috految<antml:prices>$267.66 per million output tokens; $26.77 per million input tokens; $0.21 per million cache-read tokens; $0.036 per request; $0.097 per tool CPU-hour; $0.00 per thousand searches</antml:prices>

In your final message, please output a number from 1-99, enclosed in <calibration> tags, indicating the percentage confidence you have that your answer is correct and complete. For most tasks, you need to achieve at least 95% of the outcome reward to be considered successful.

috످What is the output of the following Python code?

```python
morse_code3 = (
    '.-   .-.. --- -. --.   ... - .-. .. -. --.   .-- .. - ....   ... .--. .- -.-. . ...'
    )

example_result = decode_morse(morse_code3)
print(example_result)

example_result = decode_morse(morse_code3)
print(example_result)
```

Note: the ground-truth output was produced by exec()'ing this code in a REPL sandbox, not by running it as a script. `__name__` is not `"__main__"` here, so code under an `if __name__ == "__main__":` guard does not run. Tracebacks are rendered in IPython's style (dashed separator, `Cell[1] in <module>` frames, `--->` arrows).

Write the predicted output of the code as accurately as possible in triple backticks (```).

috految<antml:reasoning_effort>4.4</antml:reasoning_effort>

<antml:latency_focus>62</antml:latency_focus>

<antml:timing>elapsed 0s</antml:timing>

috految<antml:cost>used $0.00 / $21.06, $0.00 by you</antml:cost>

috److`decode_morse` is never defined, so line 5 raises a `NameError`.

```
---------------------------------------------------------------------------
NameError                                 Traceback (most recent call last)
Cell[1] in <module>
      3     )
      4 
----> 5 example_result = decode_morse(morse_code3)
      6 print(example_result)
      7 

NameError: name 'decode_morse' is not defined
```

<calibration>85</calibration>

috످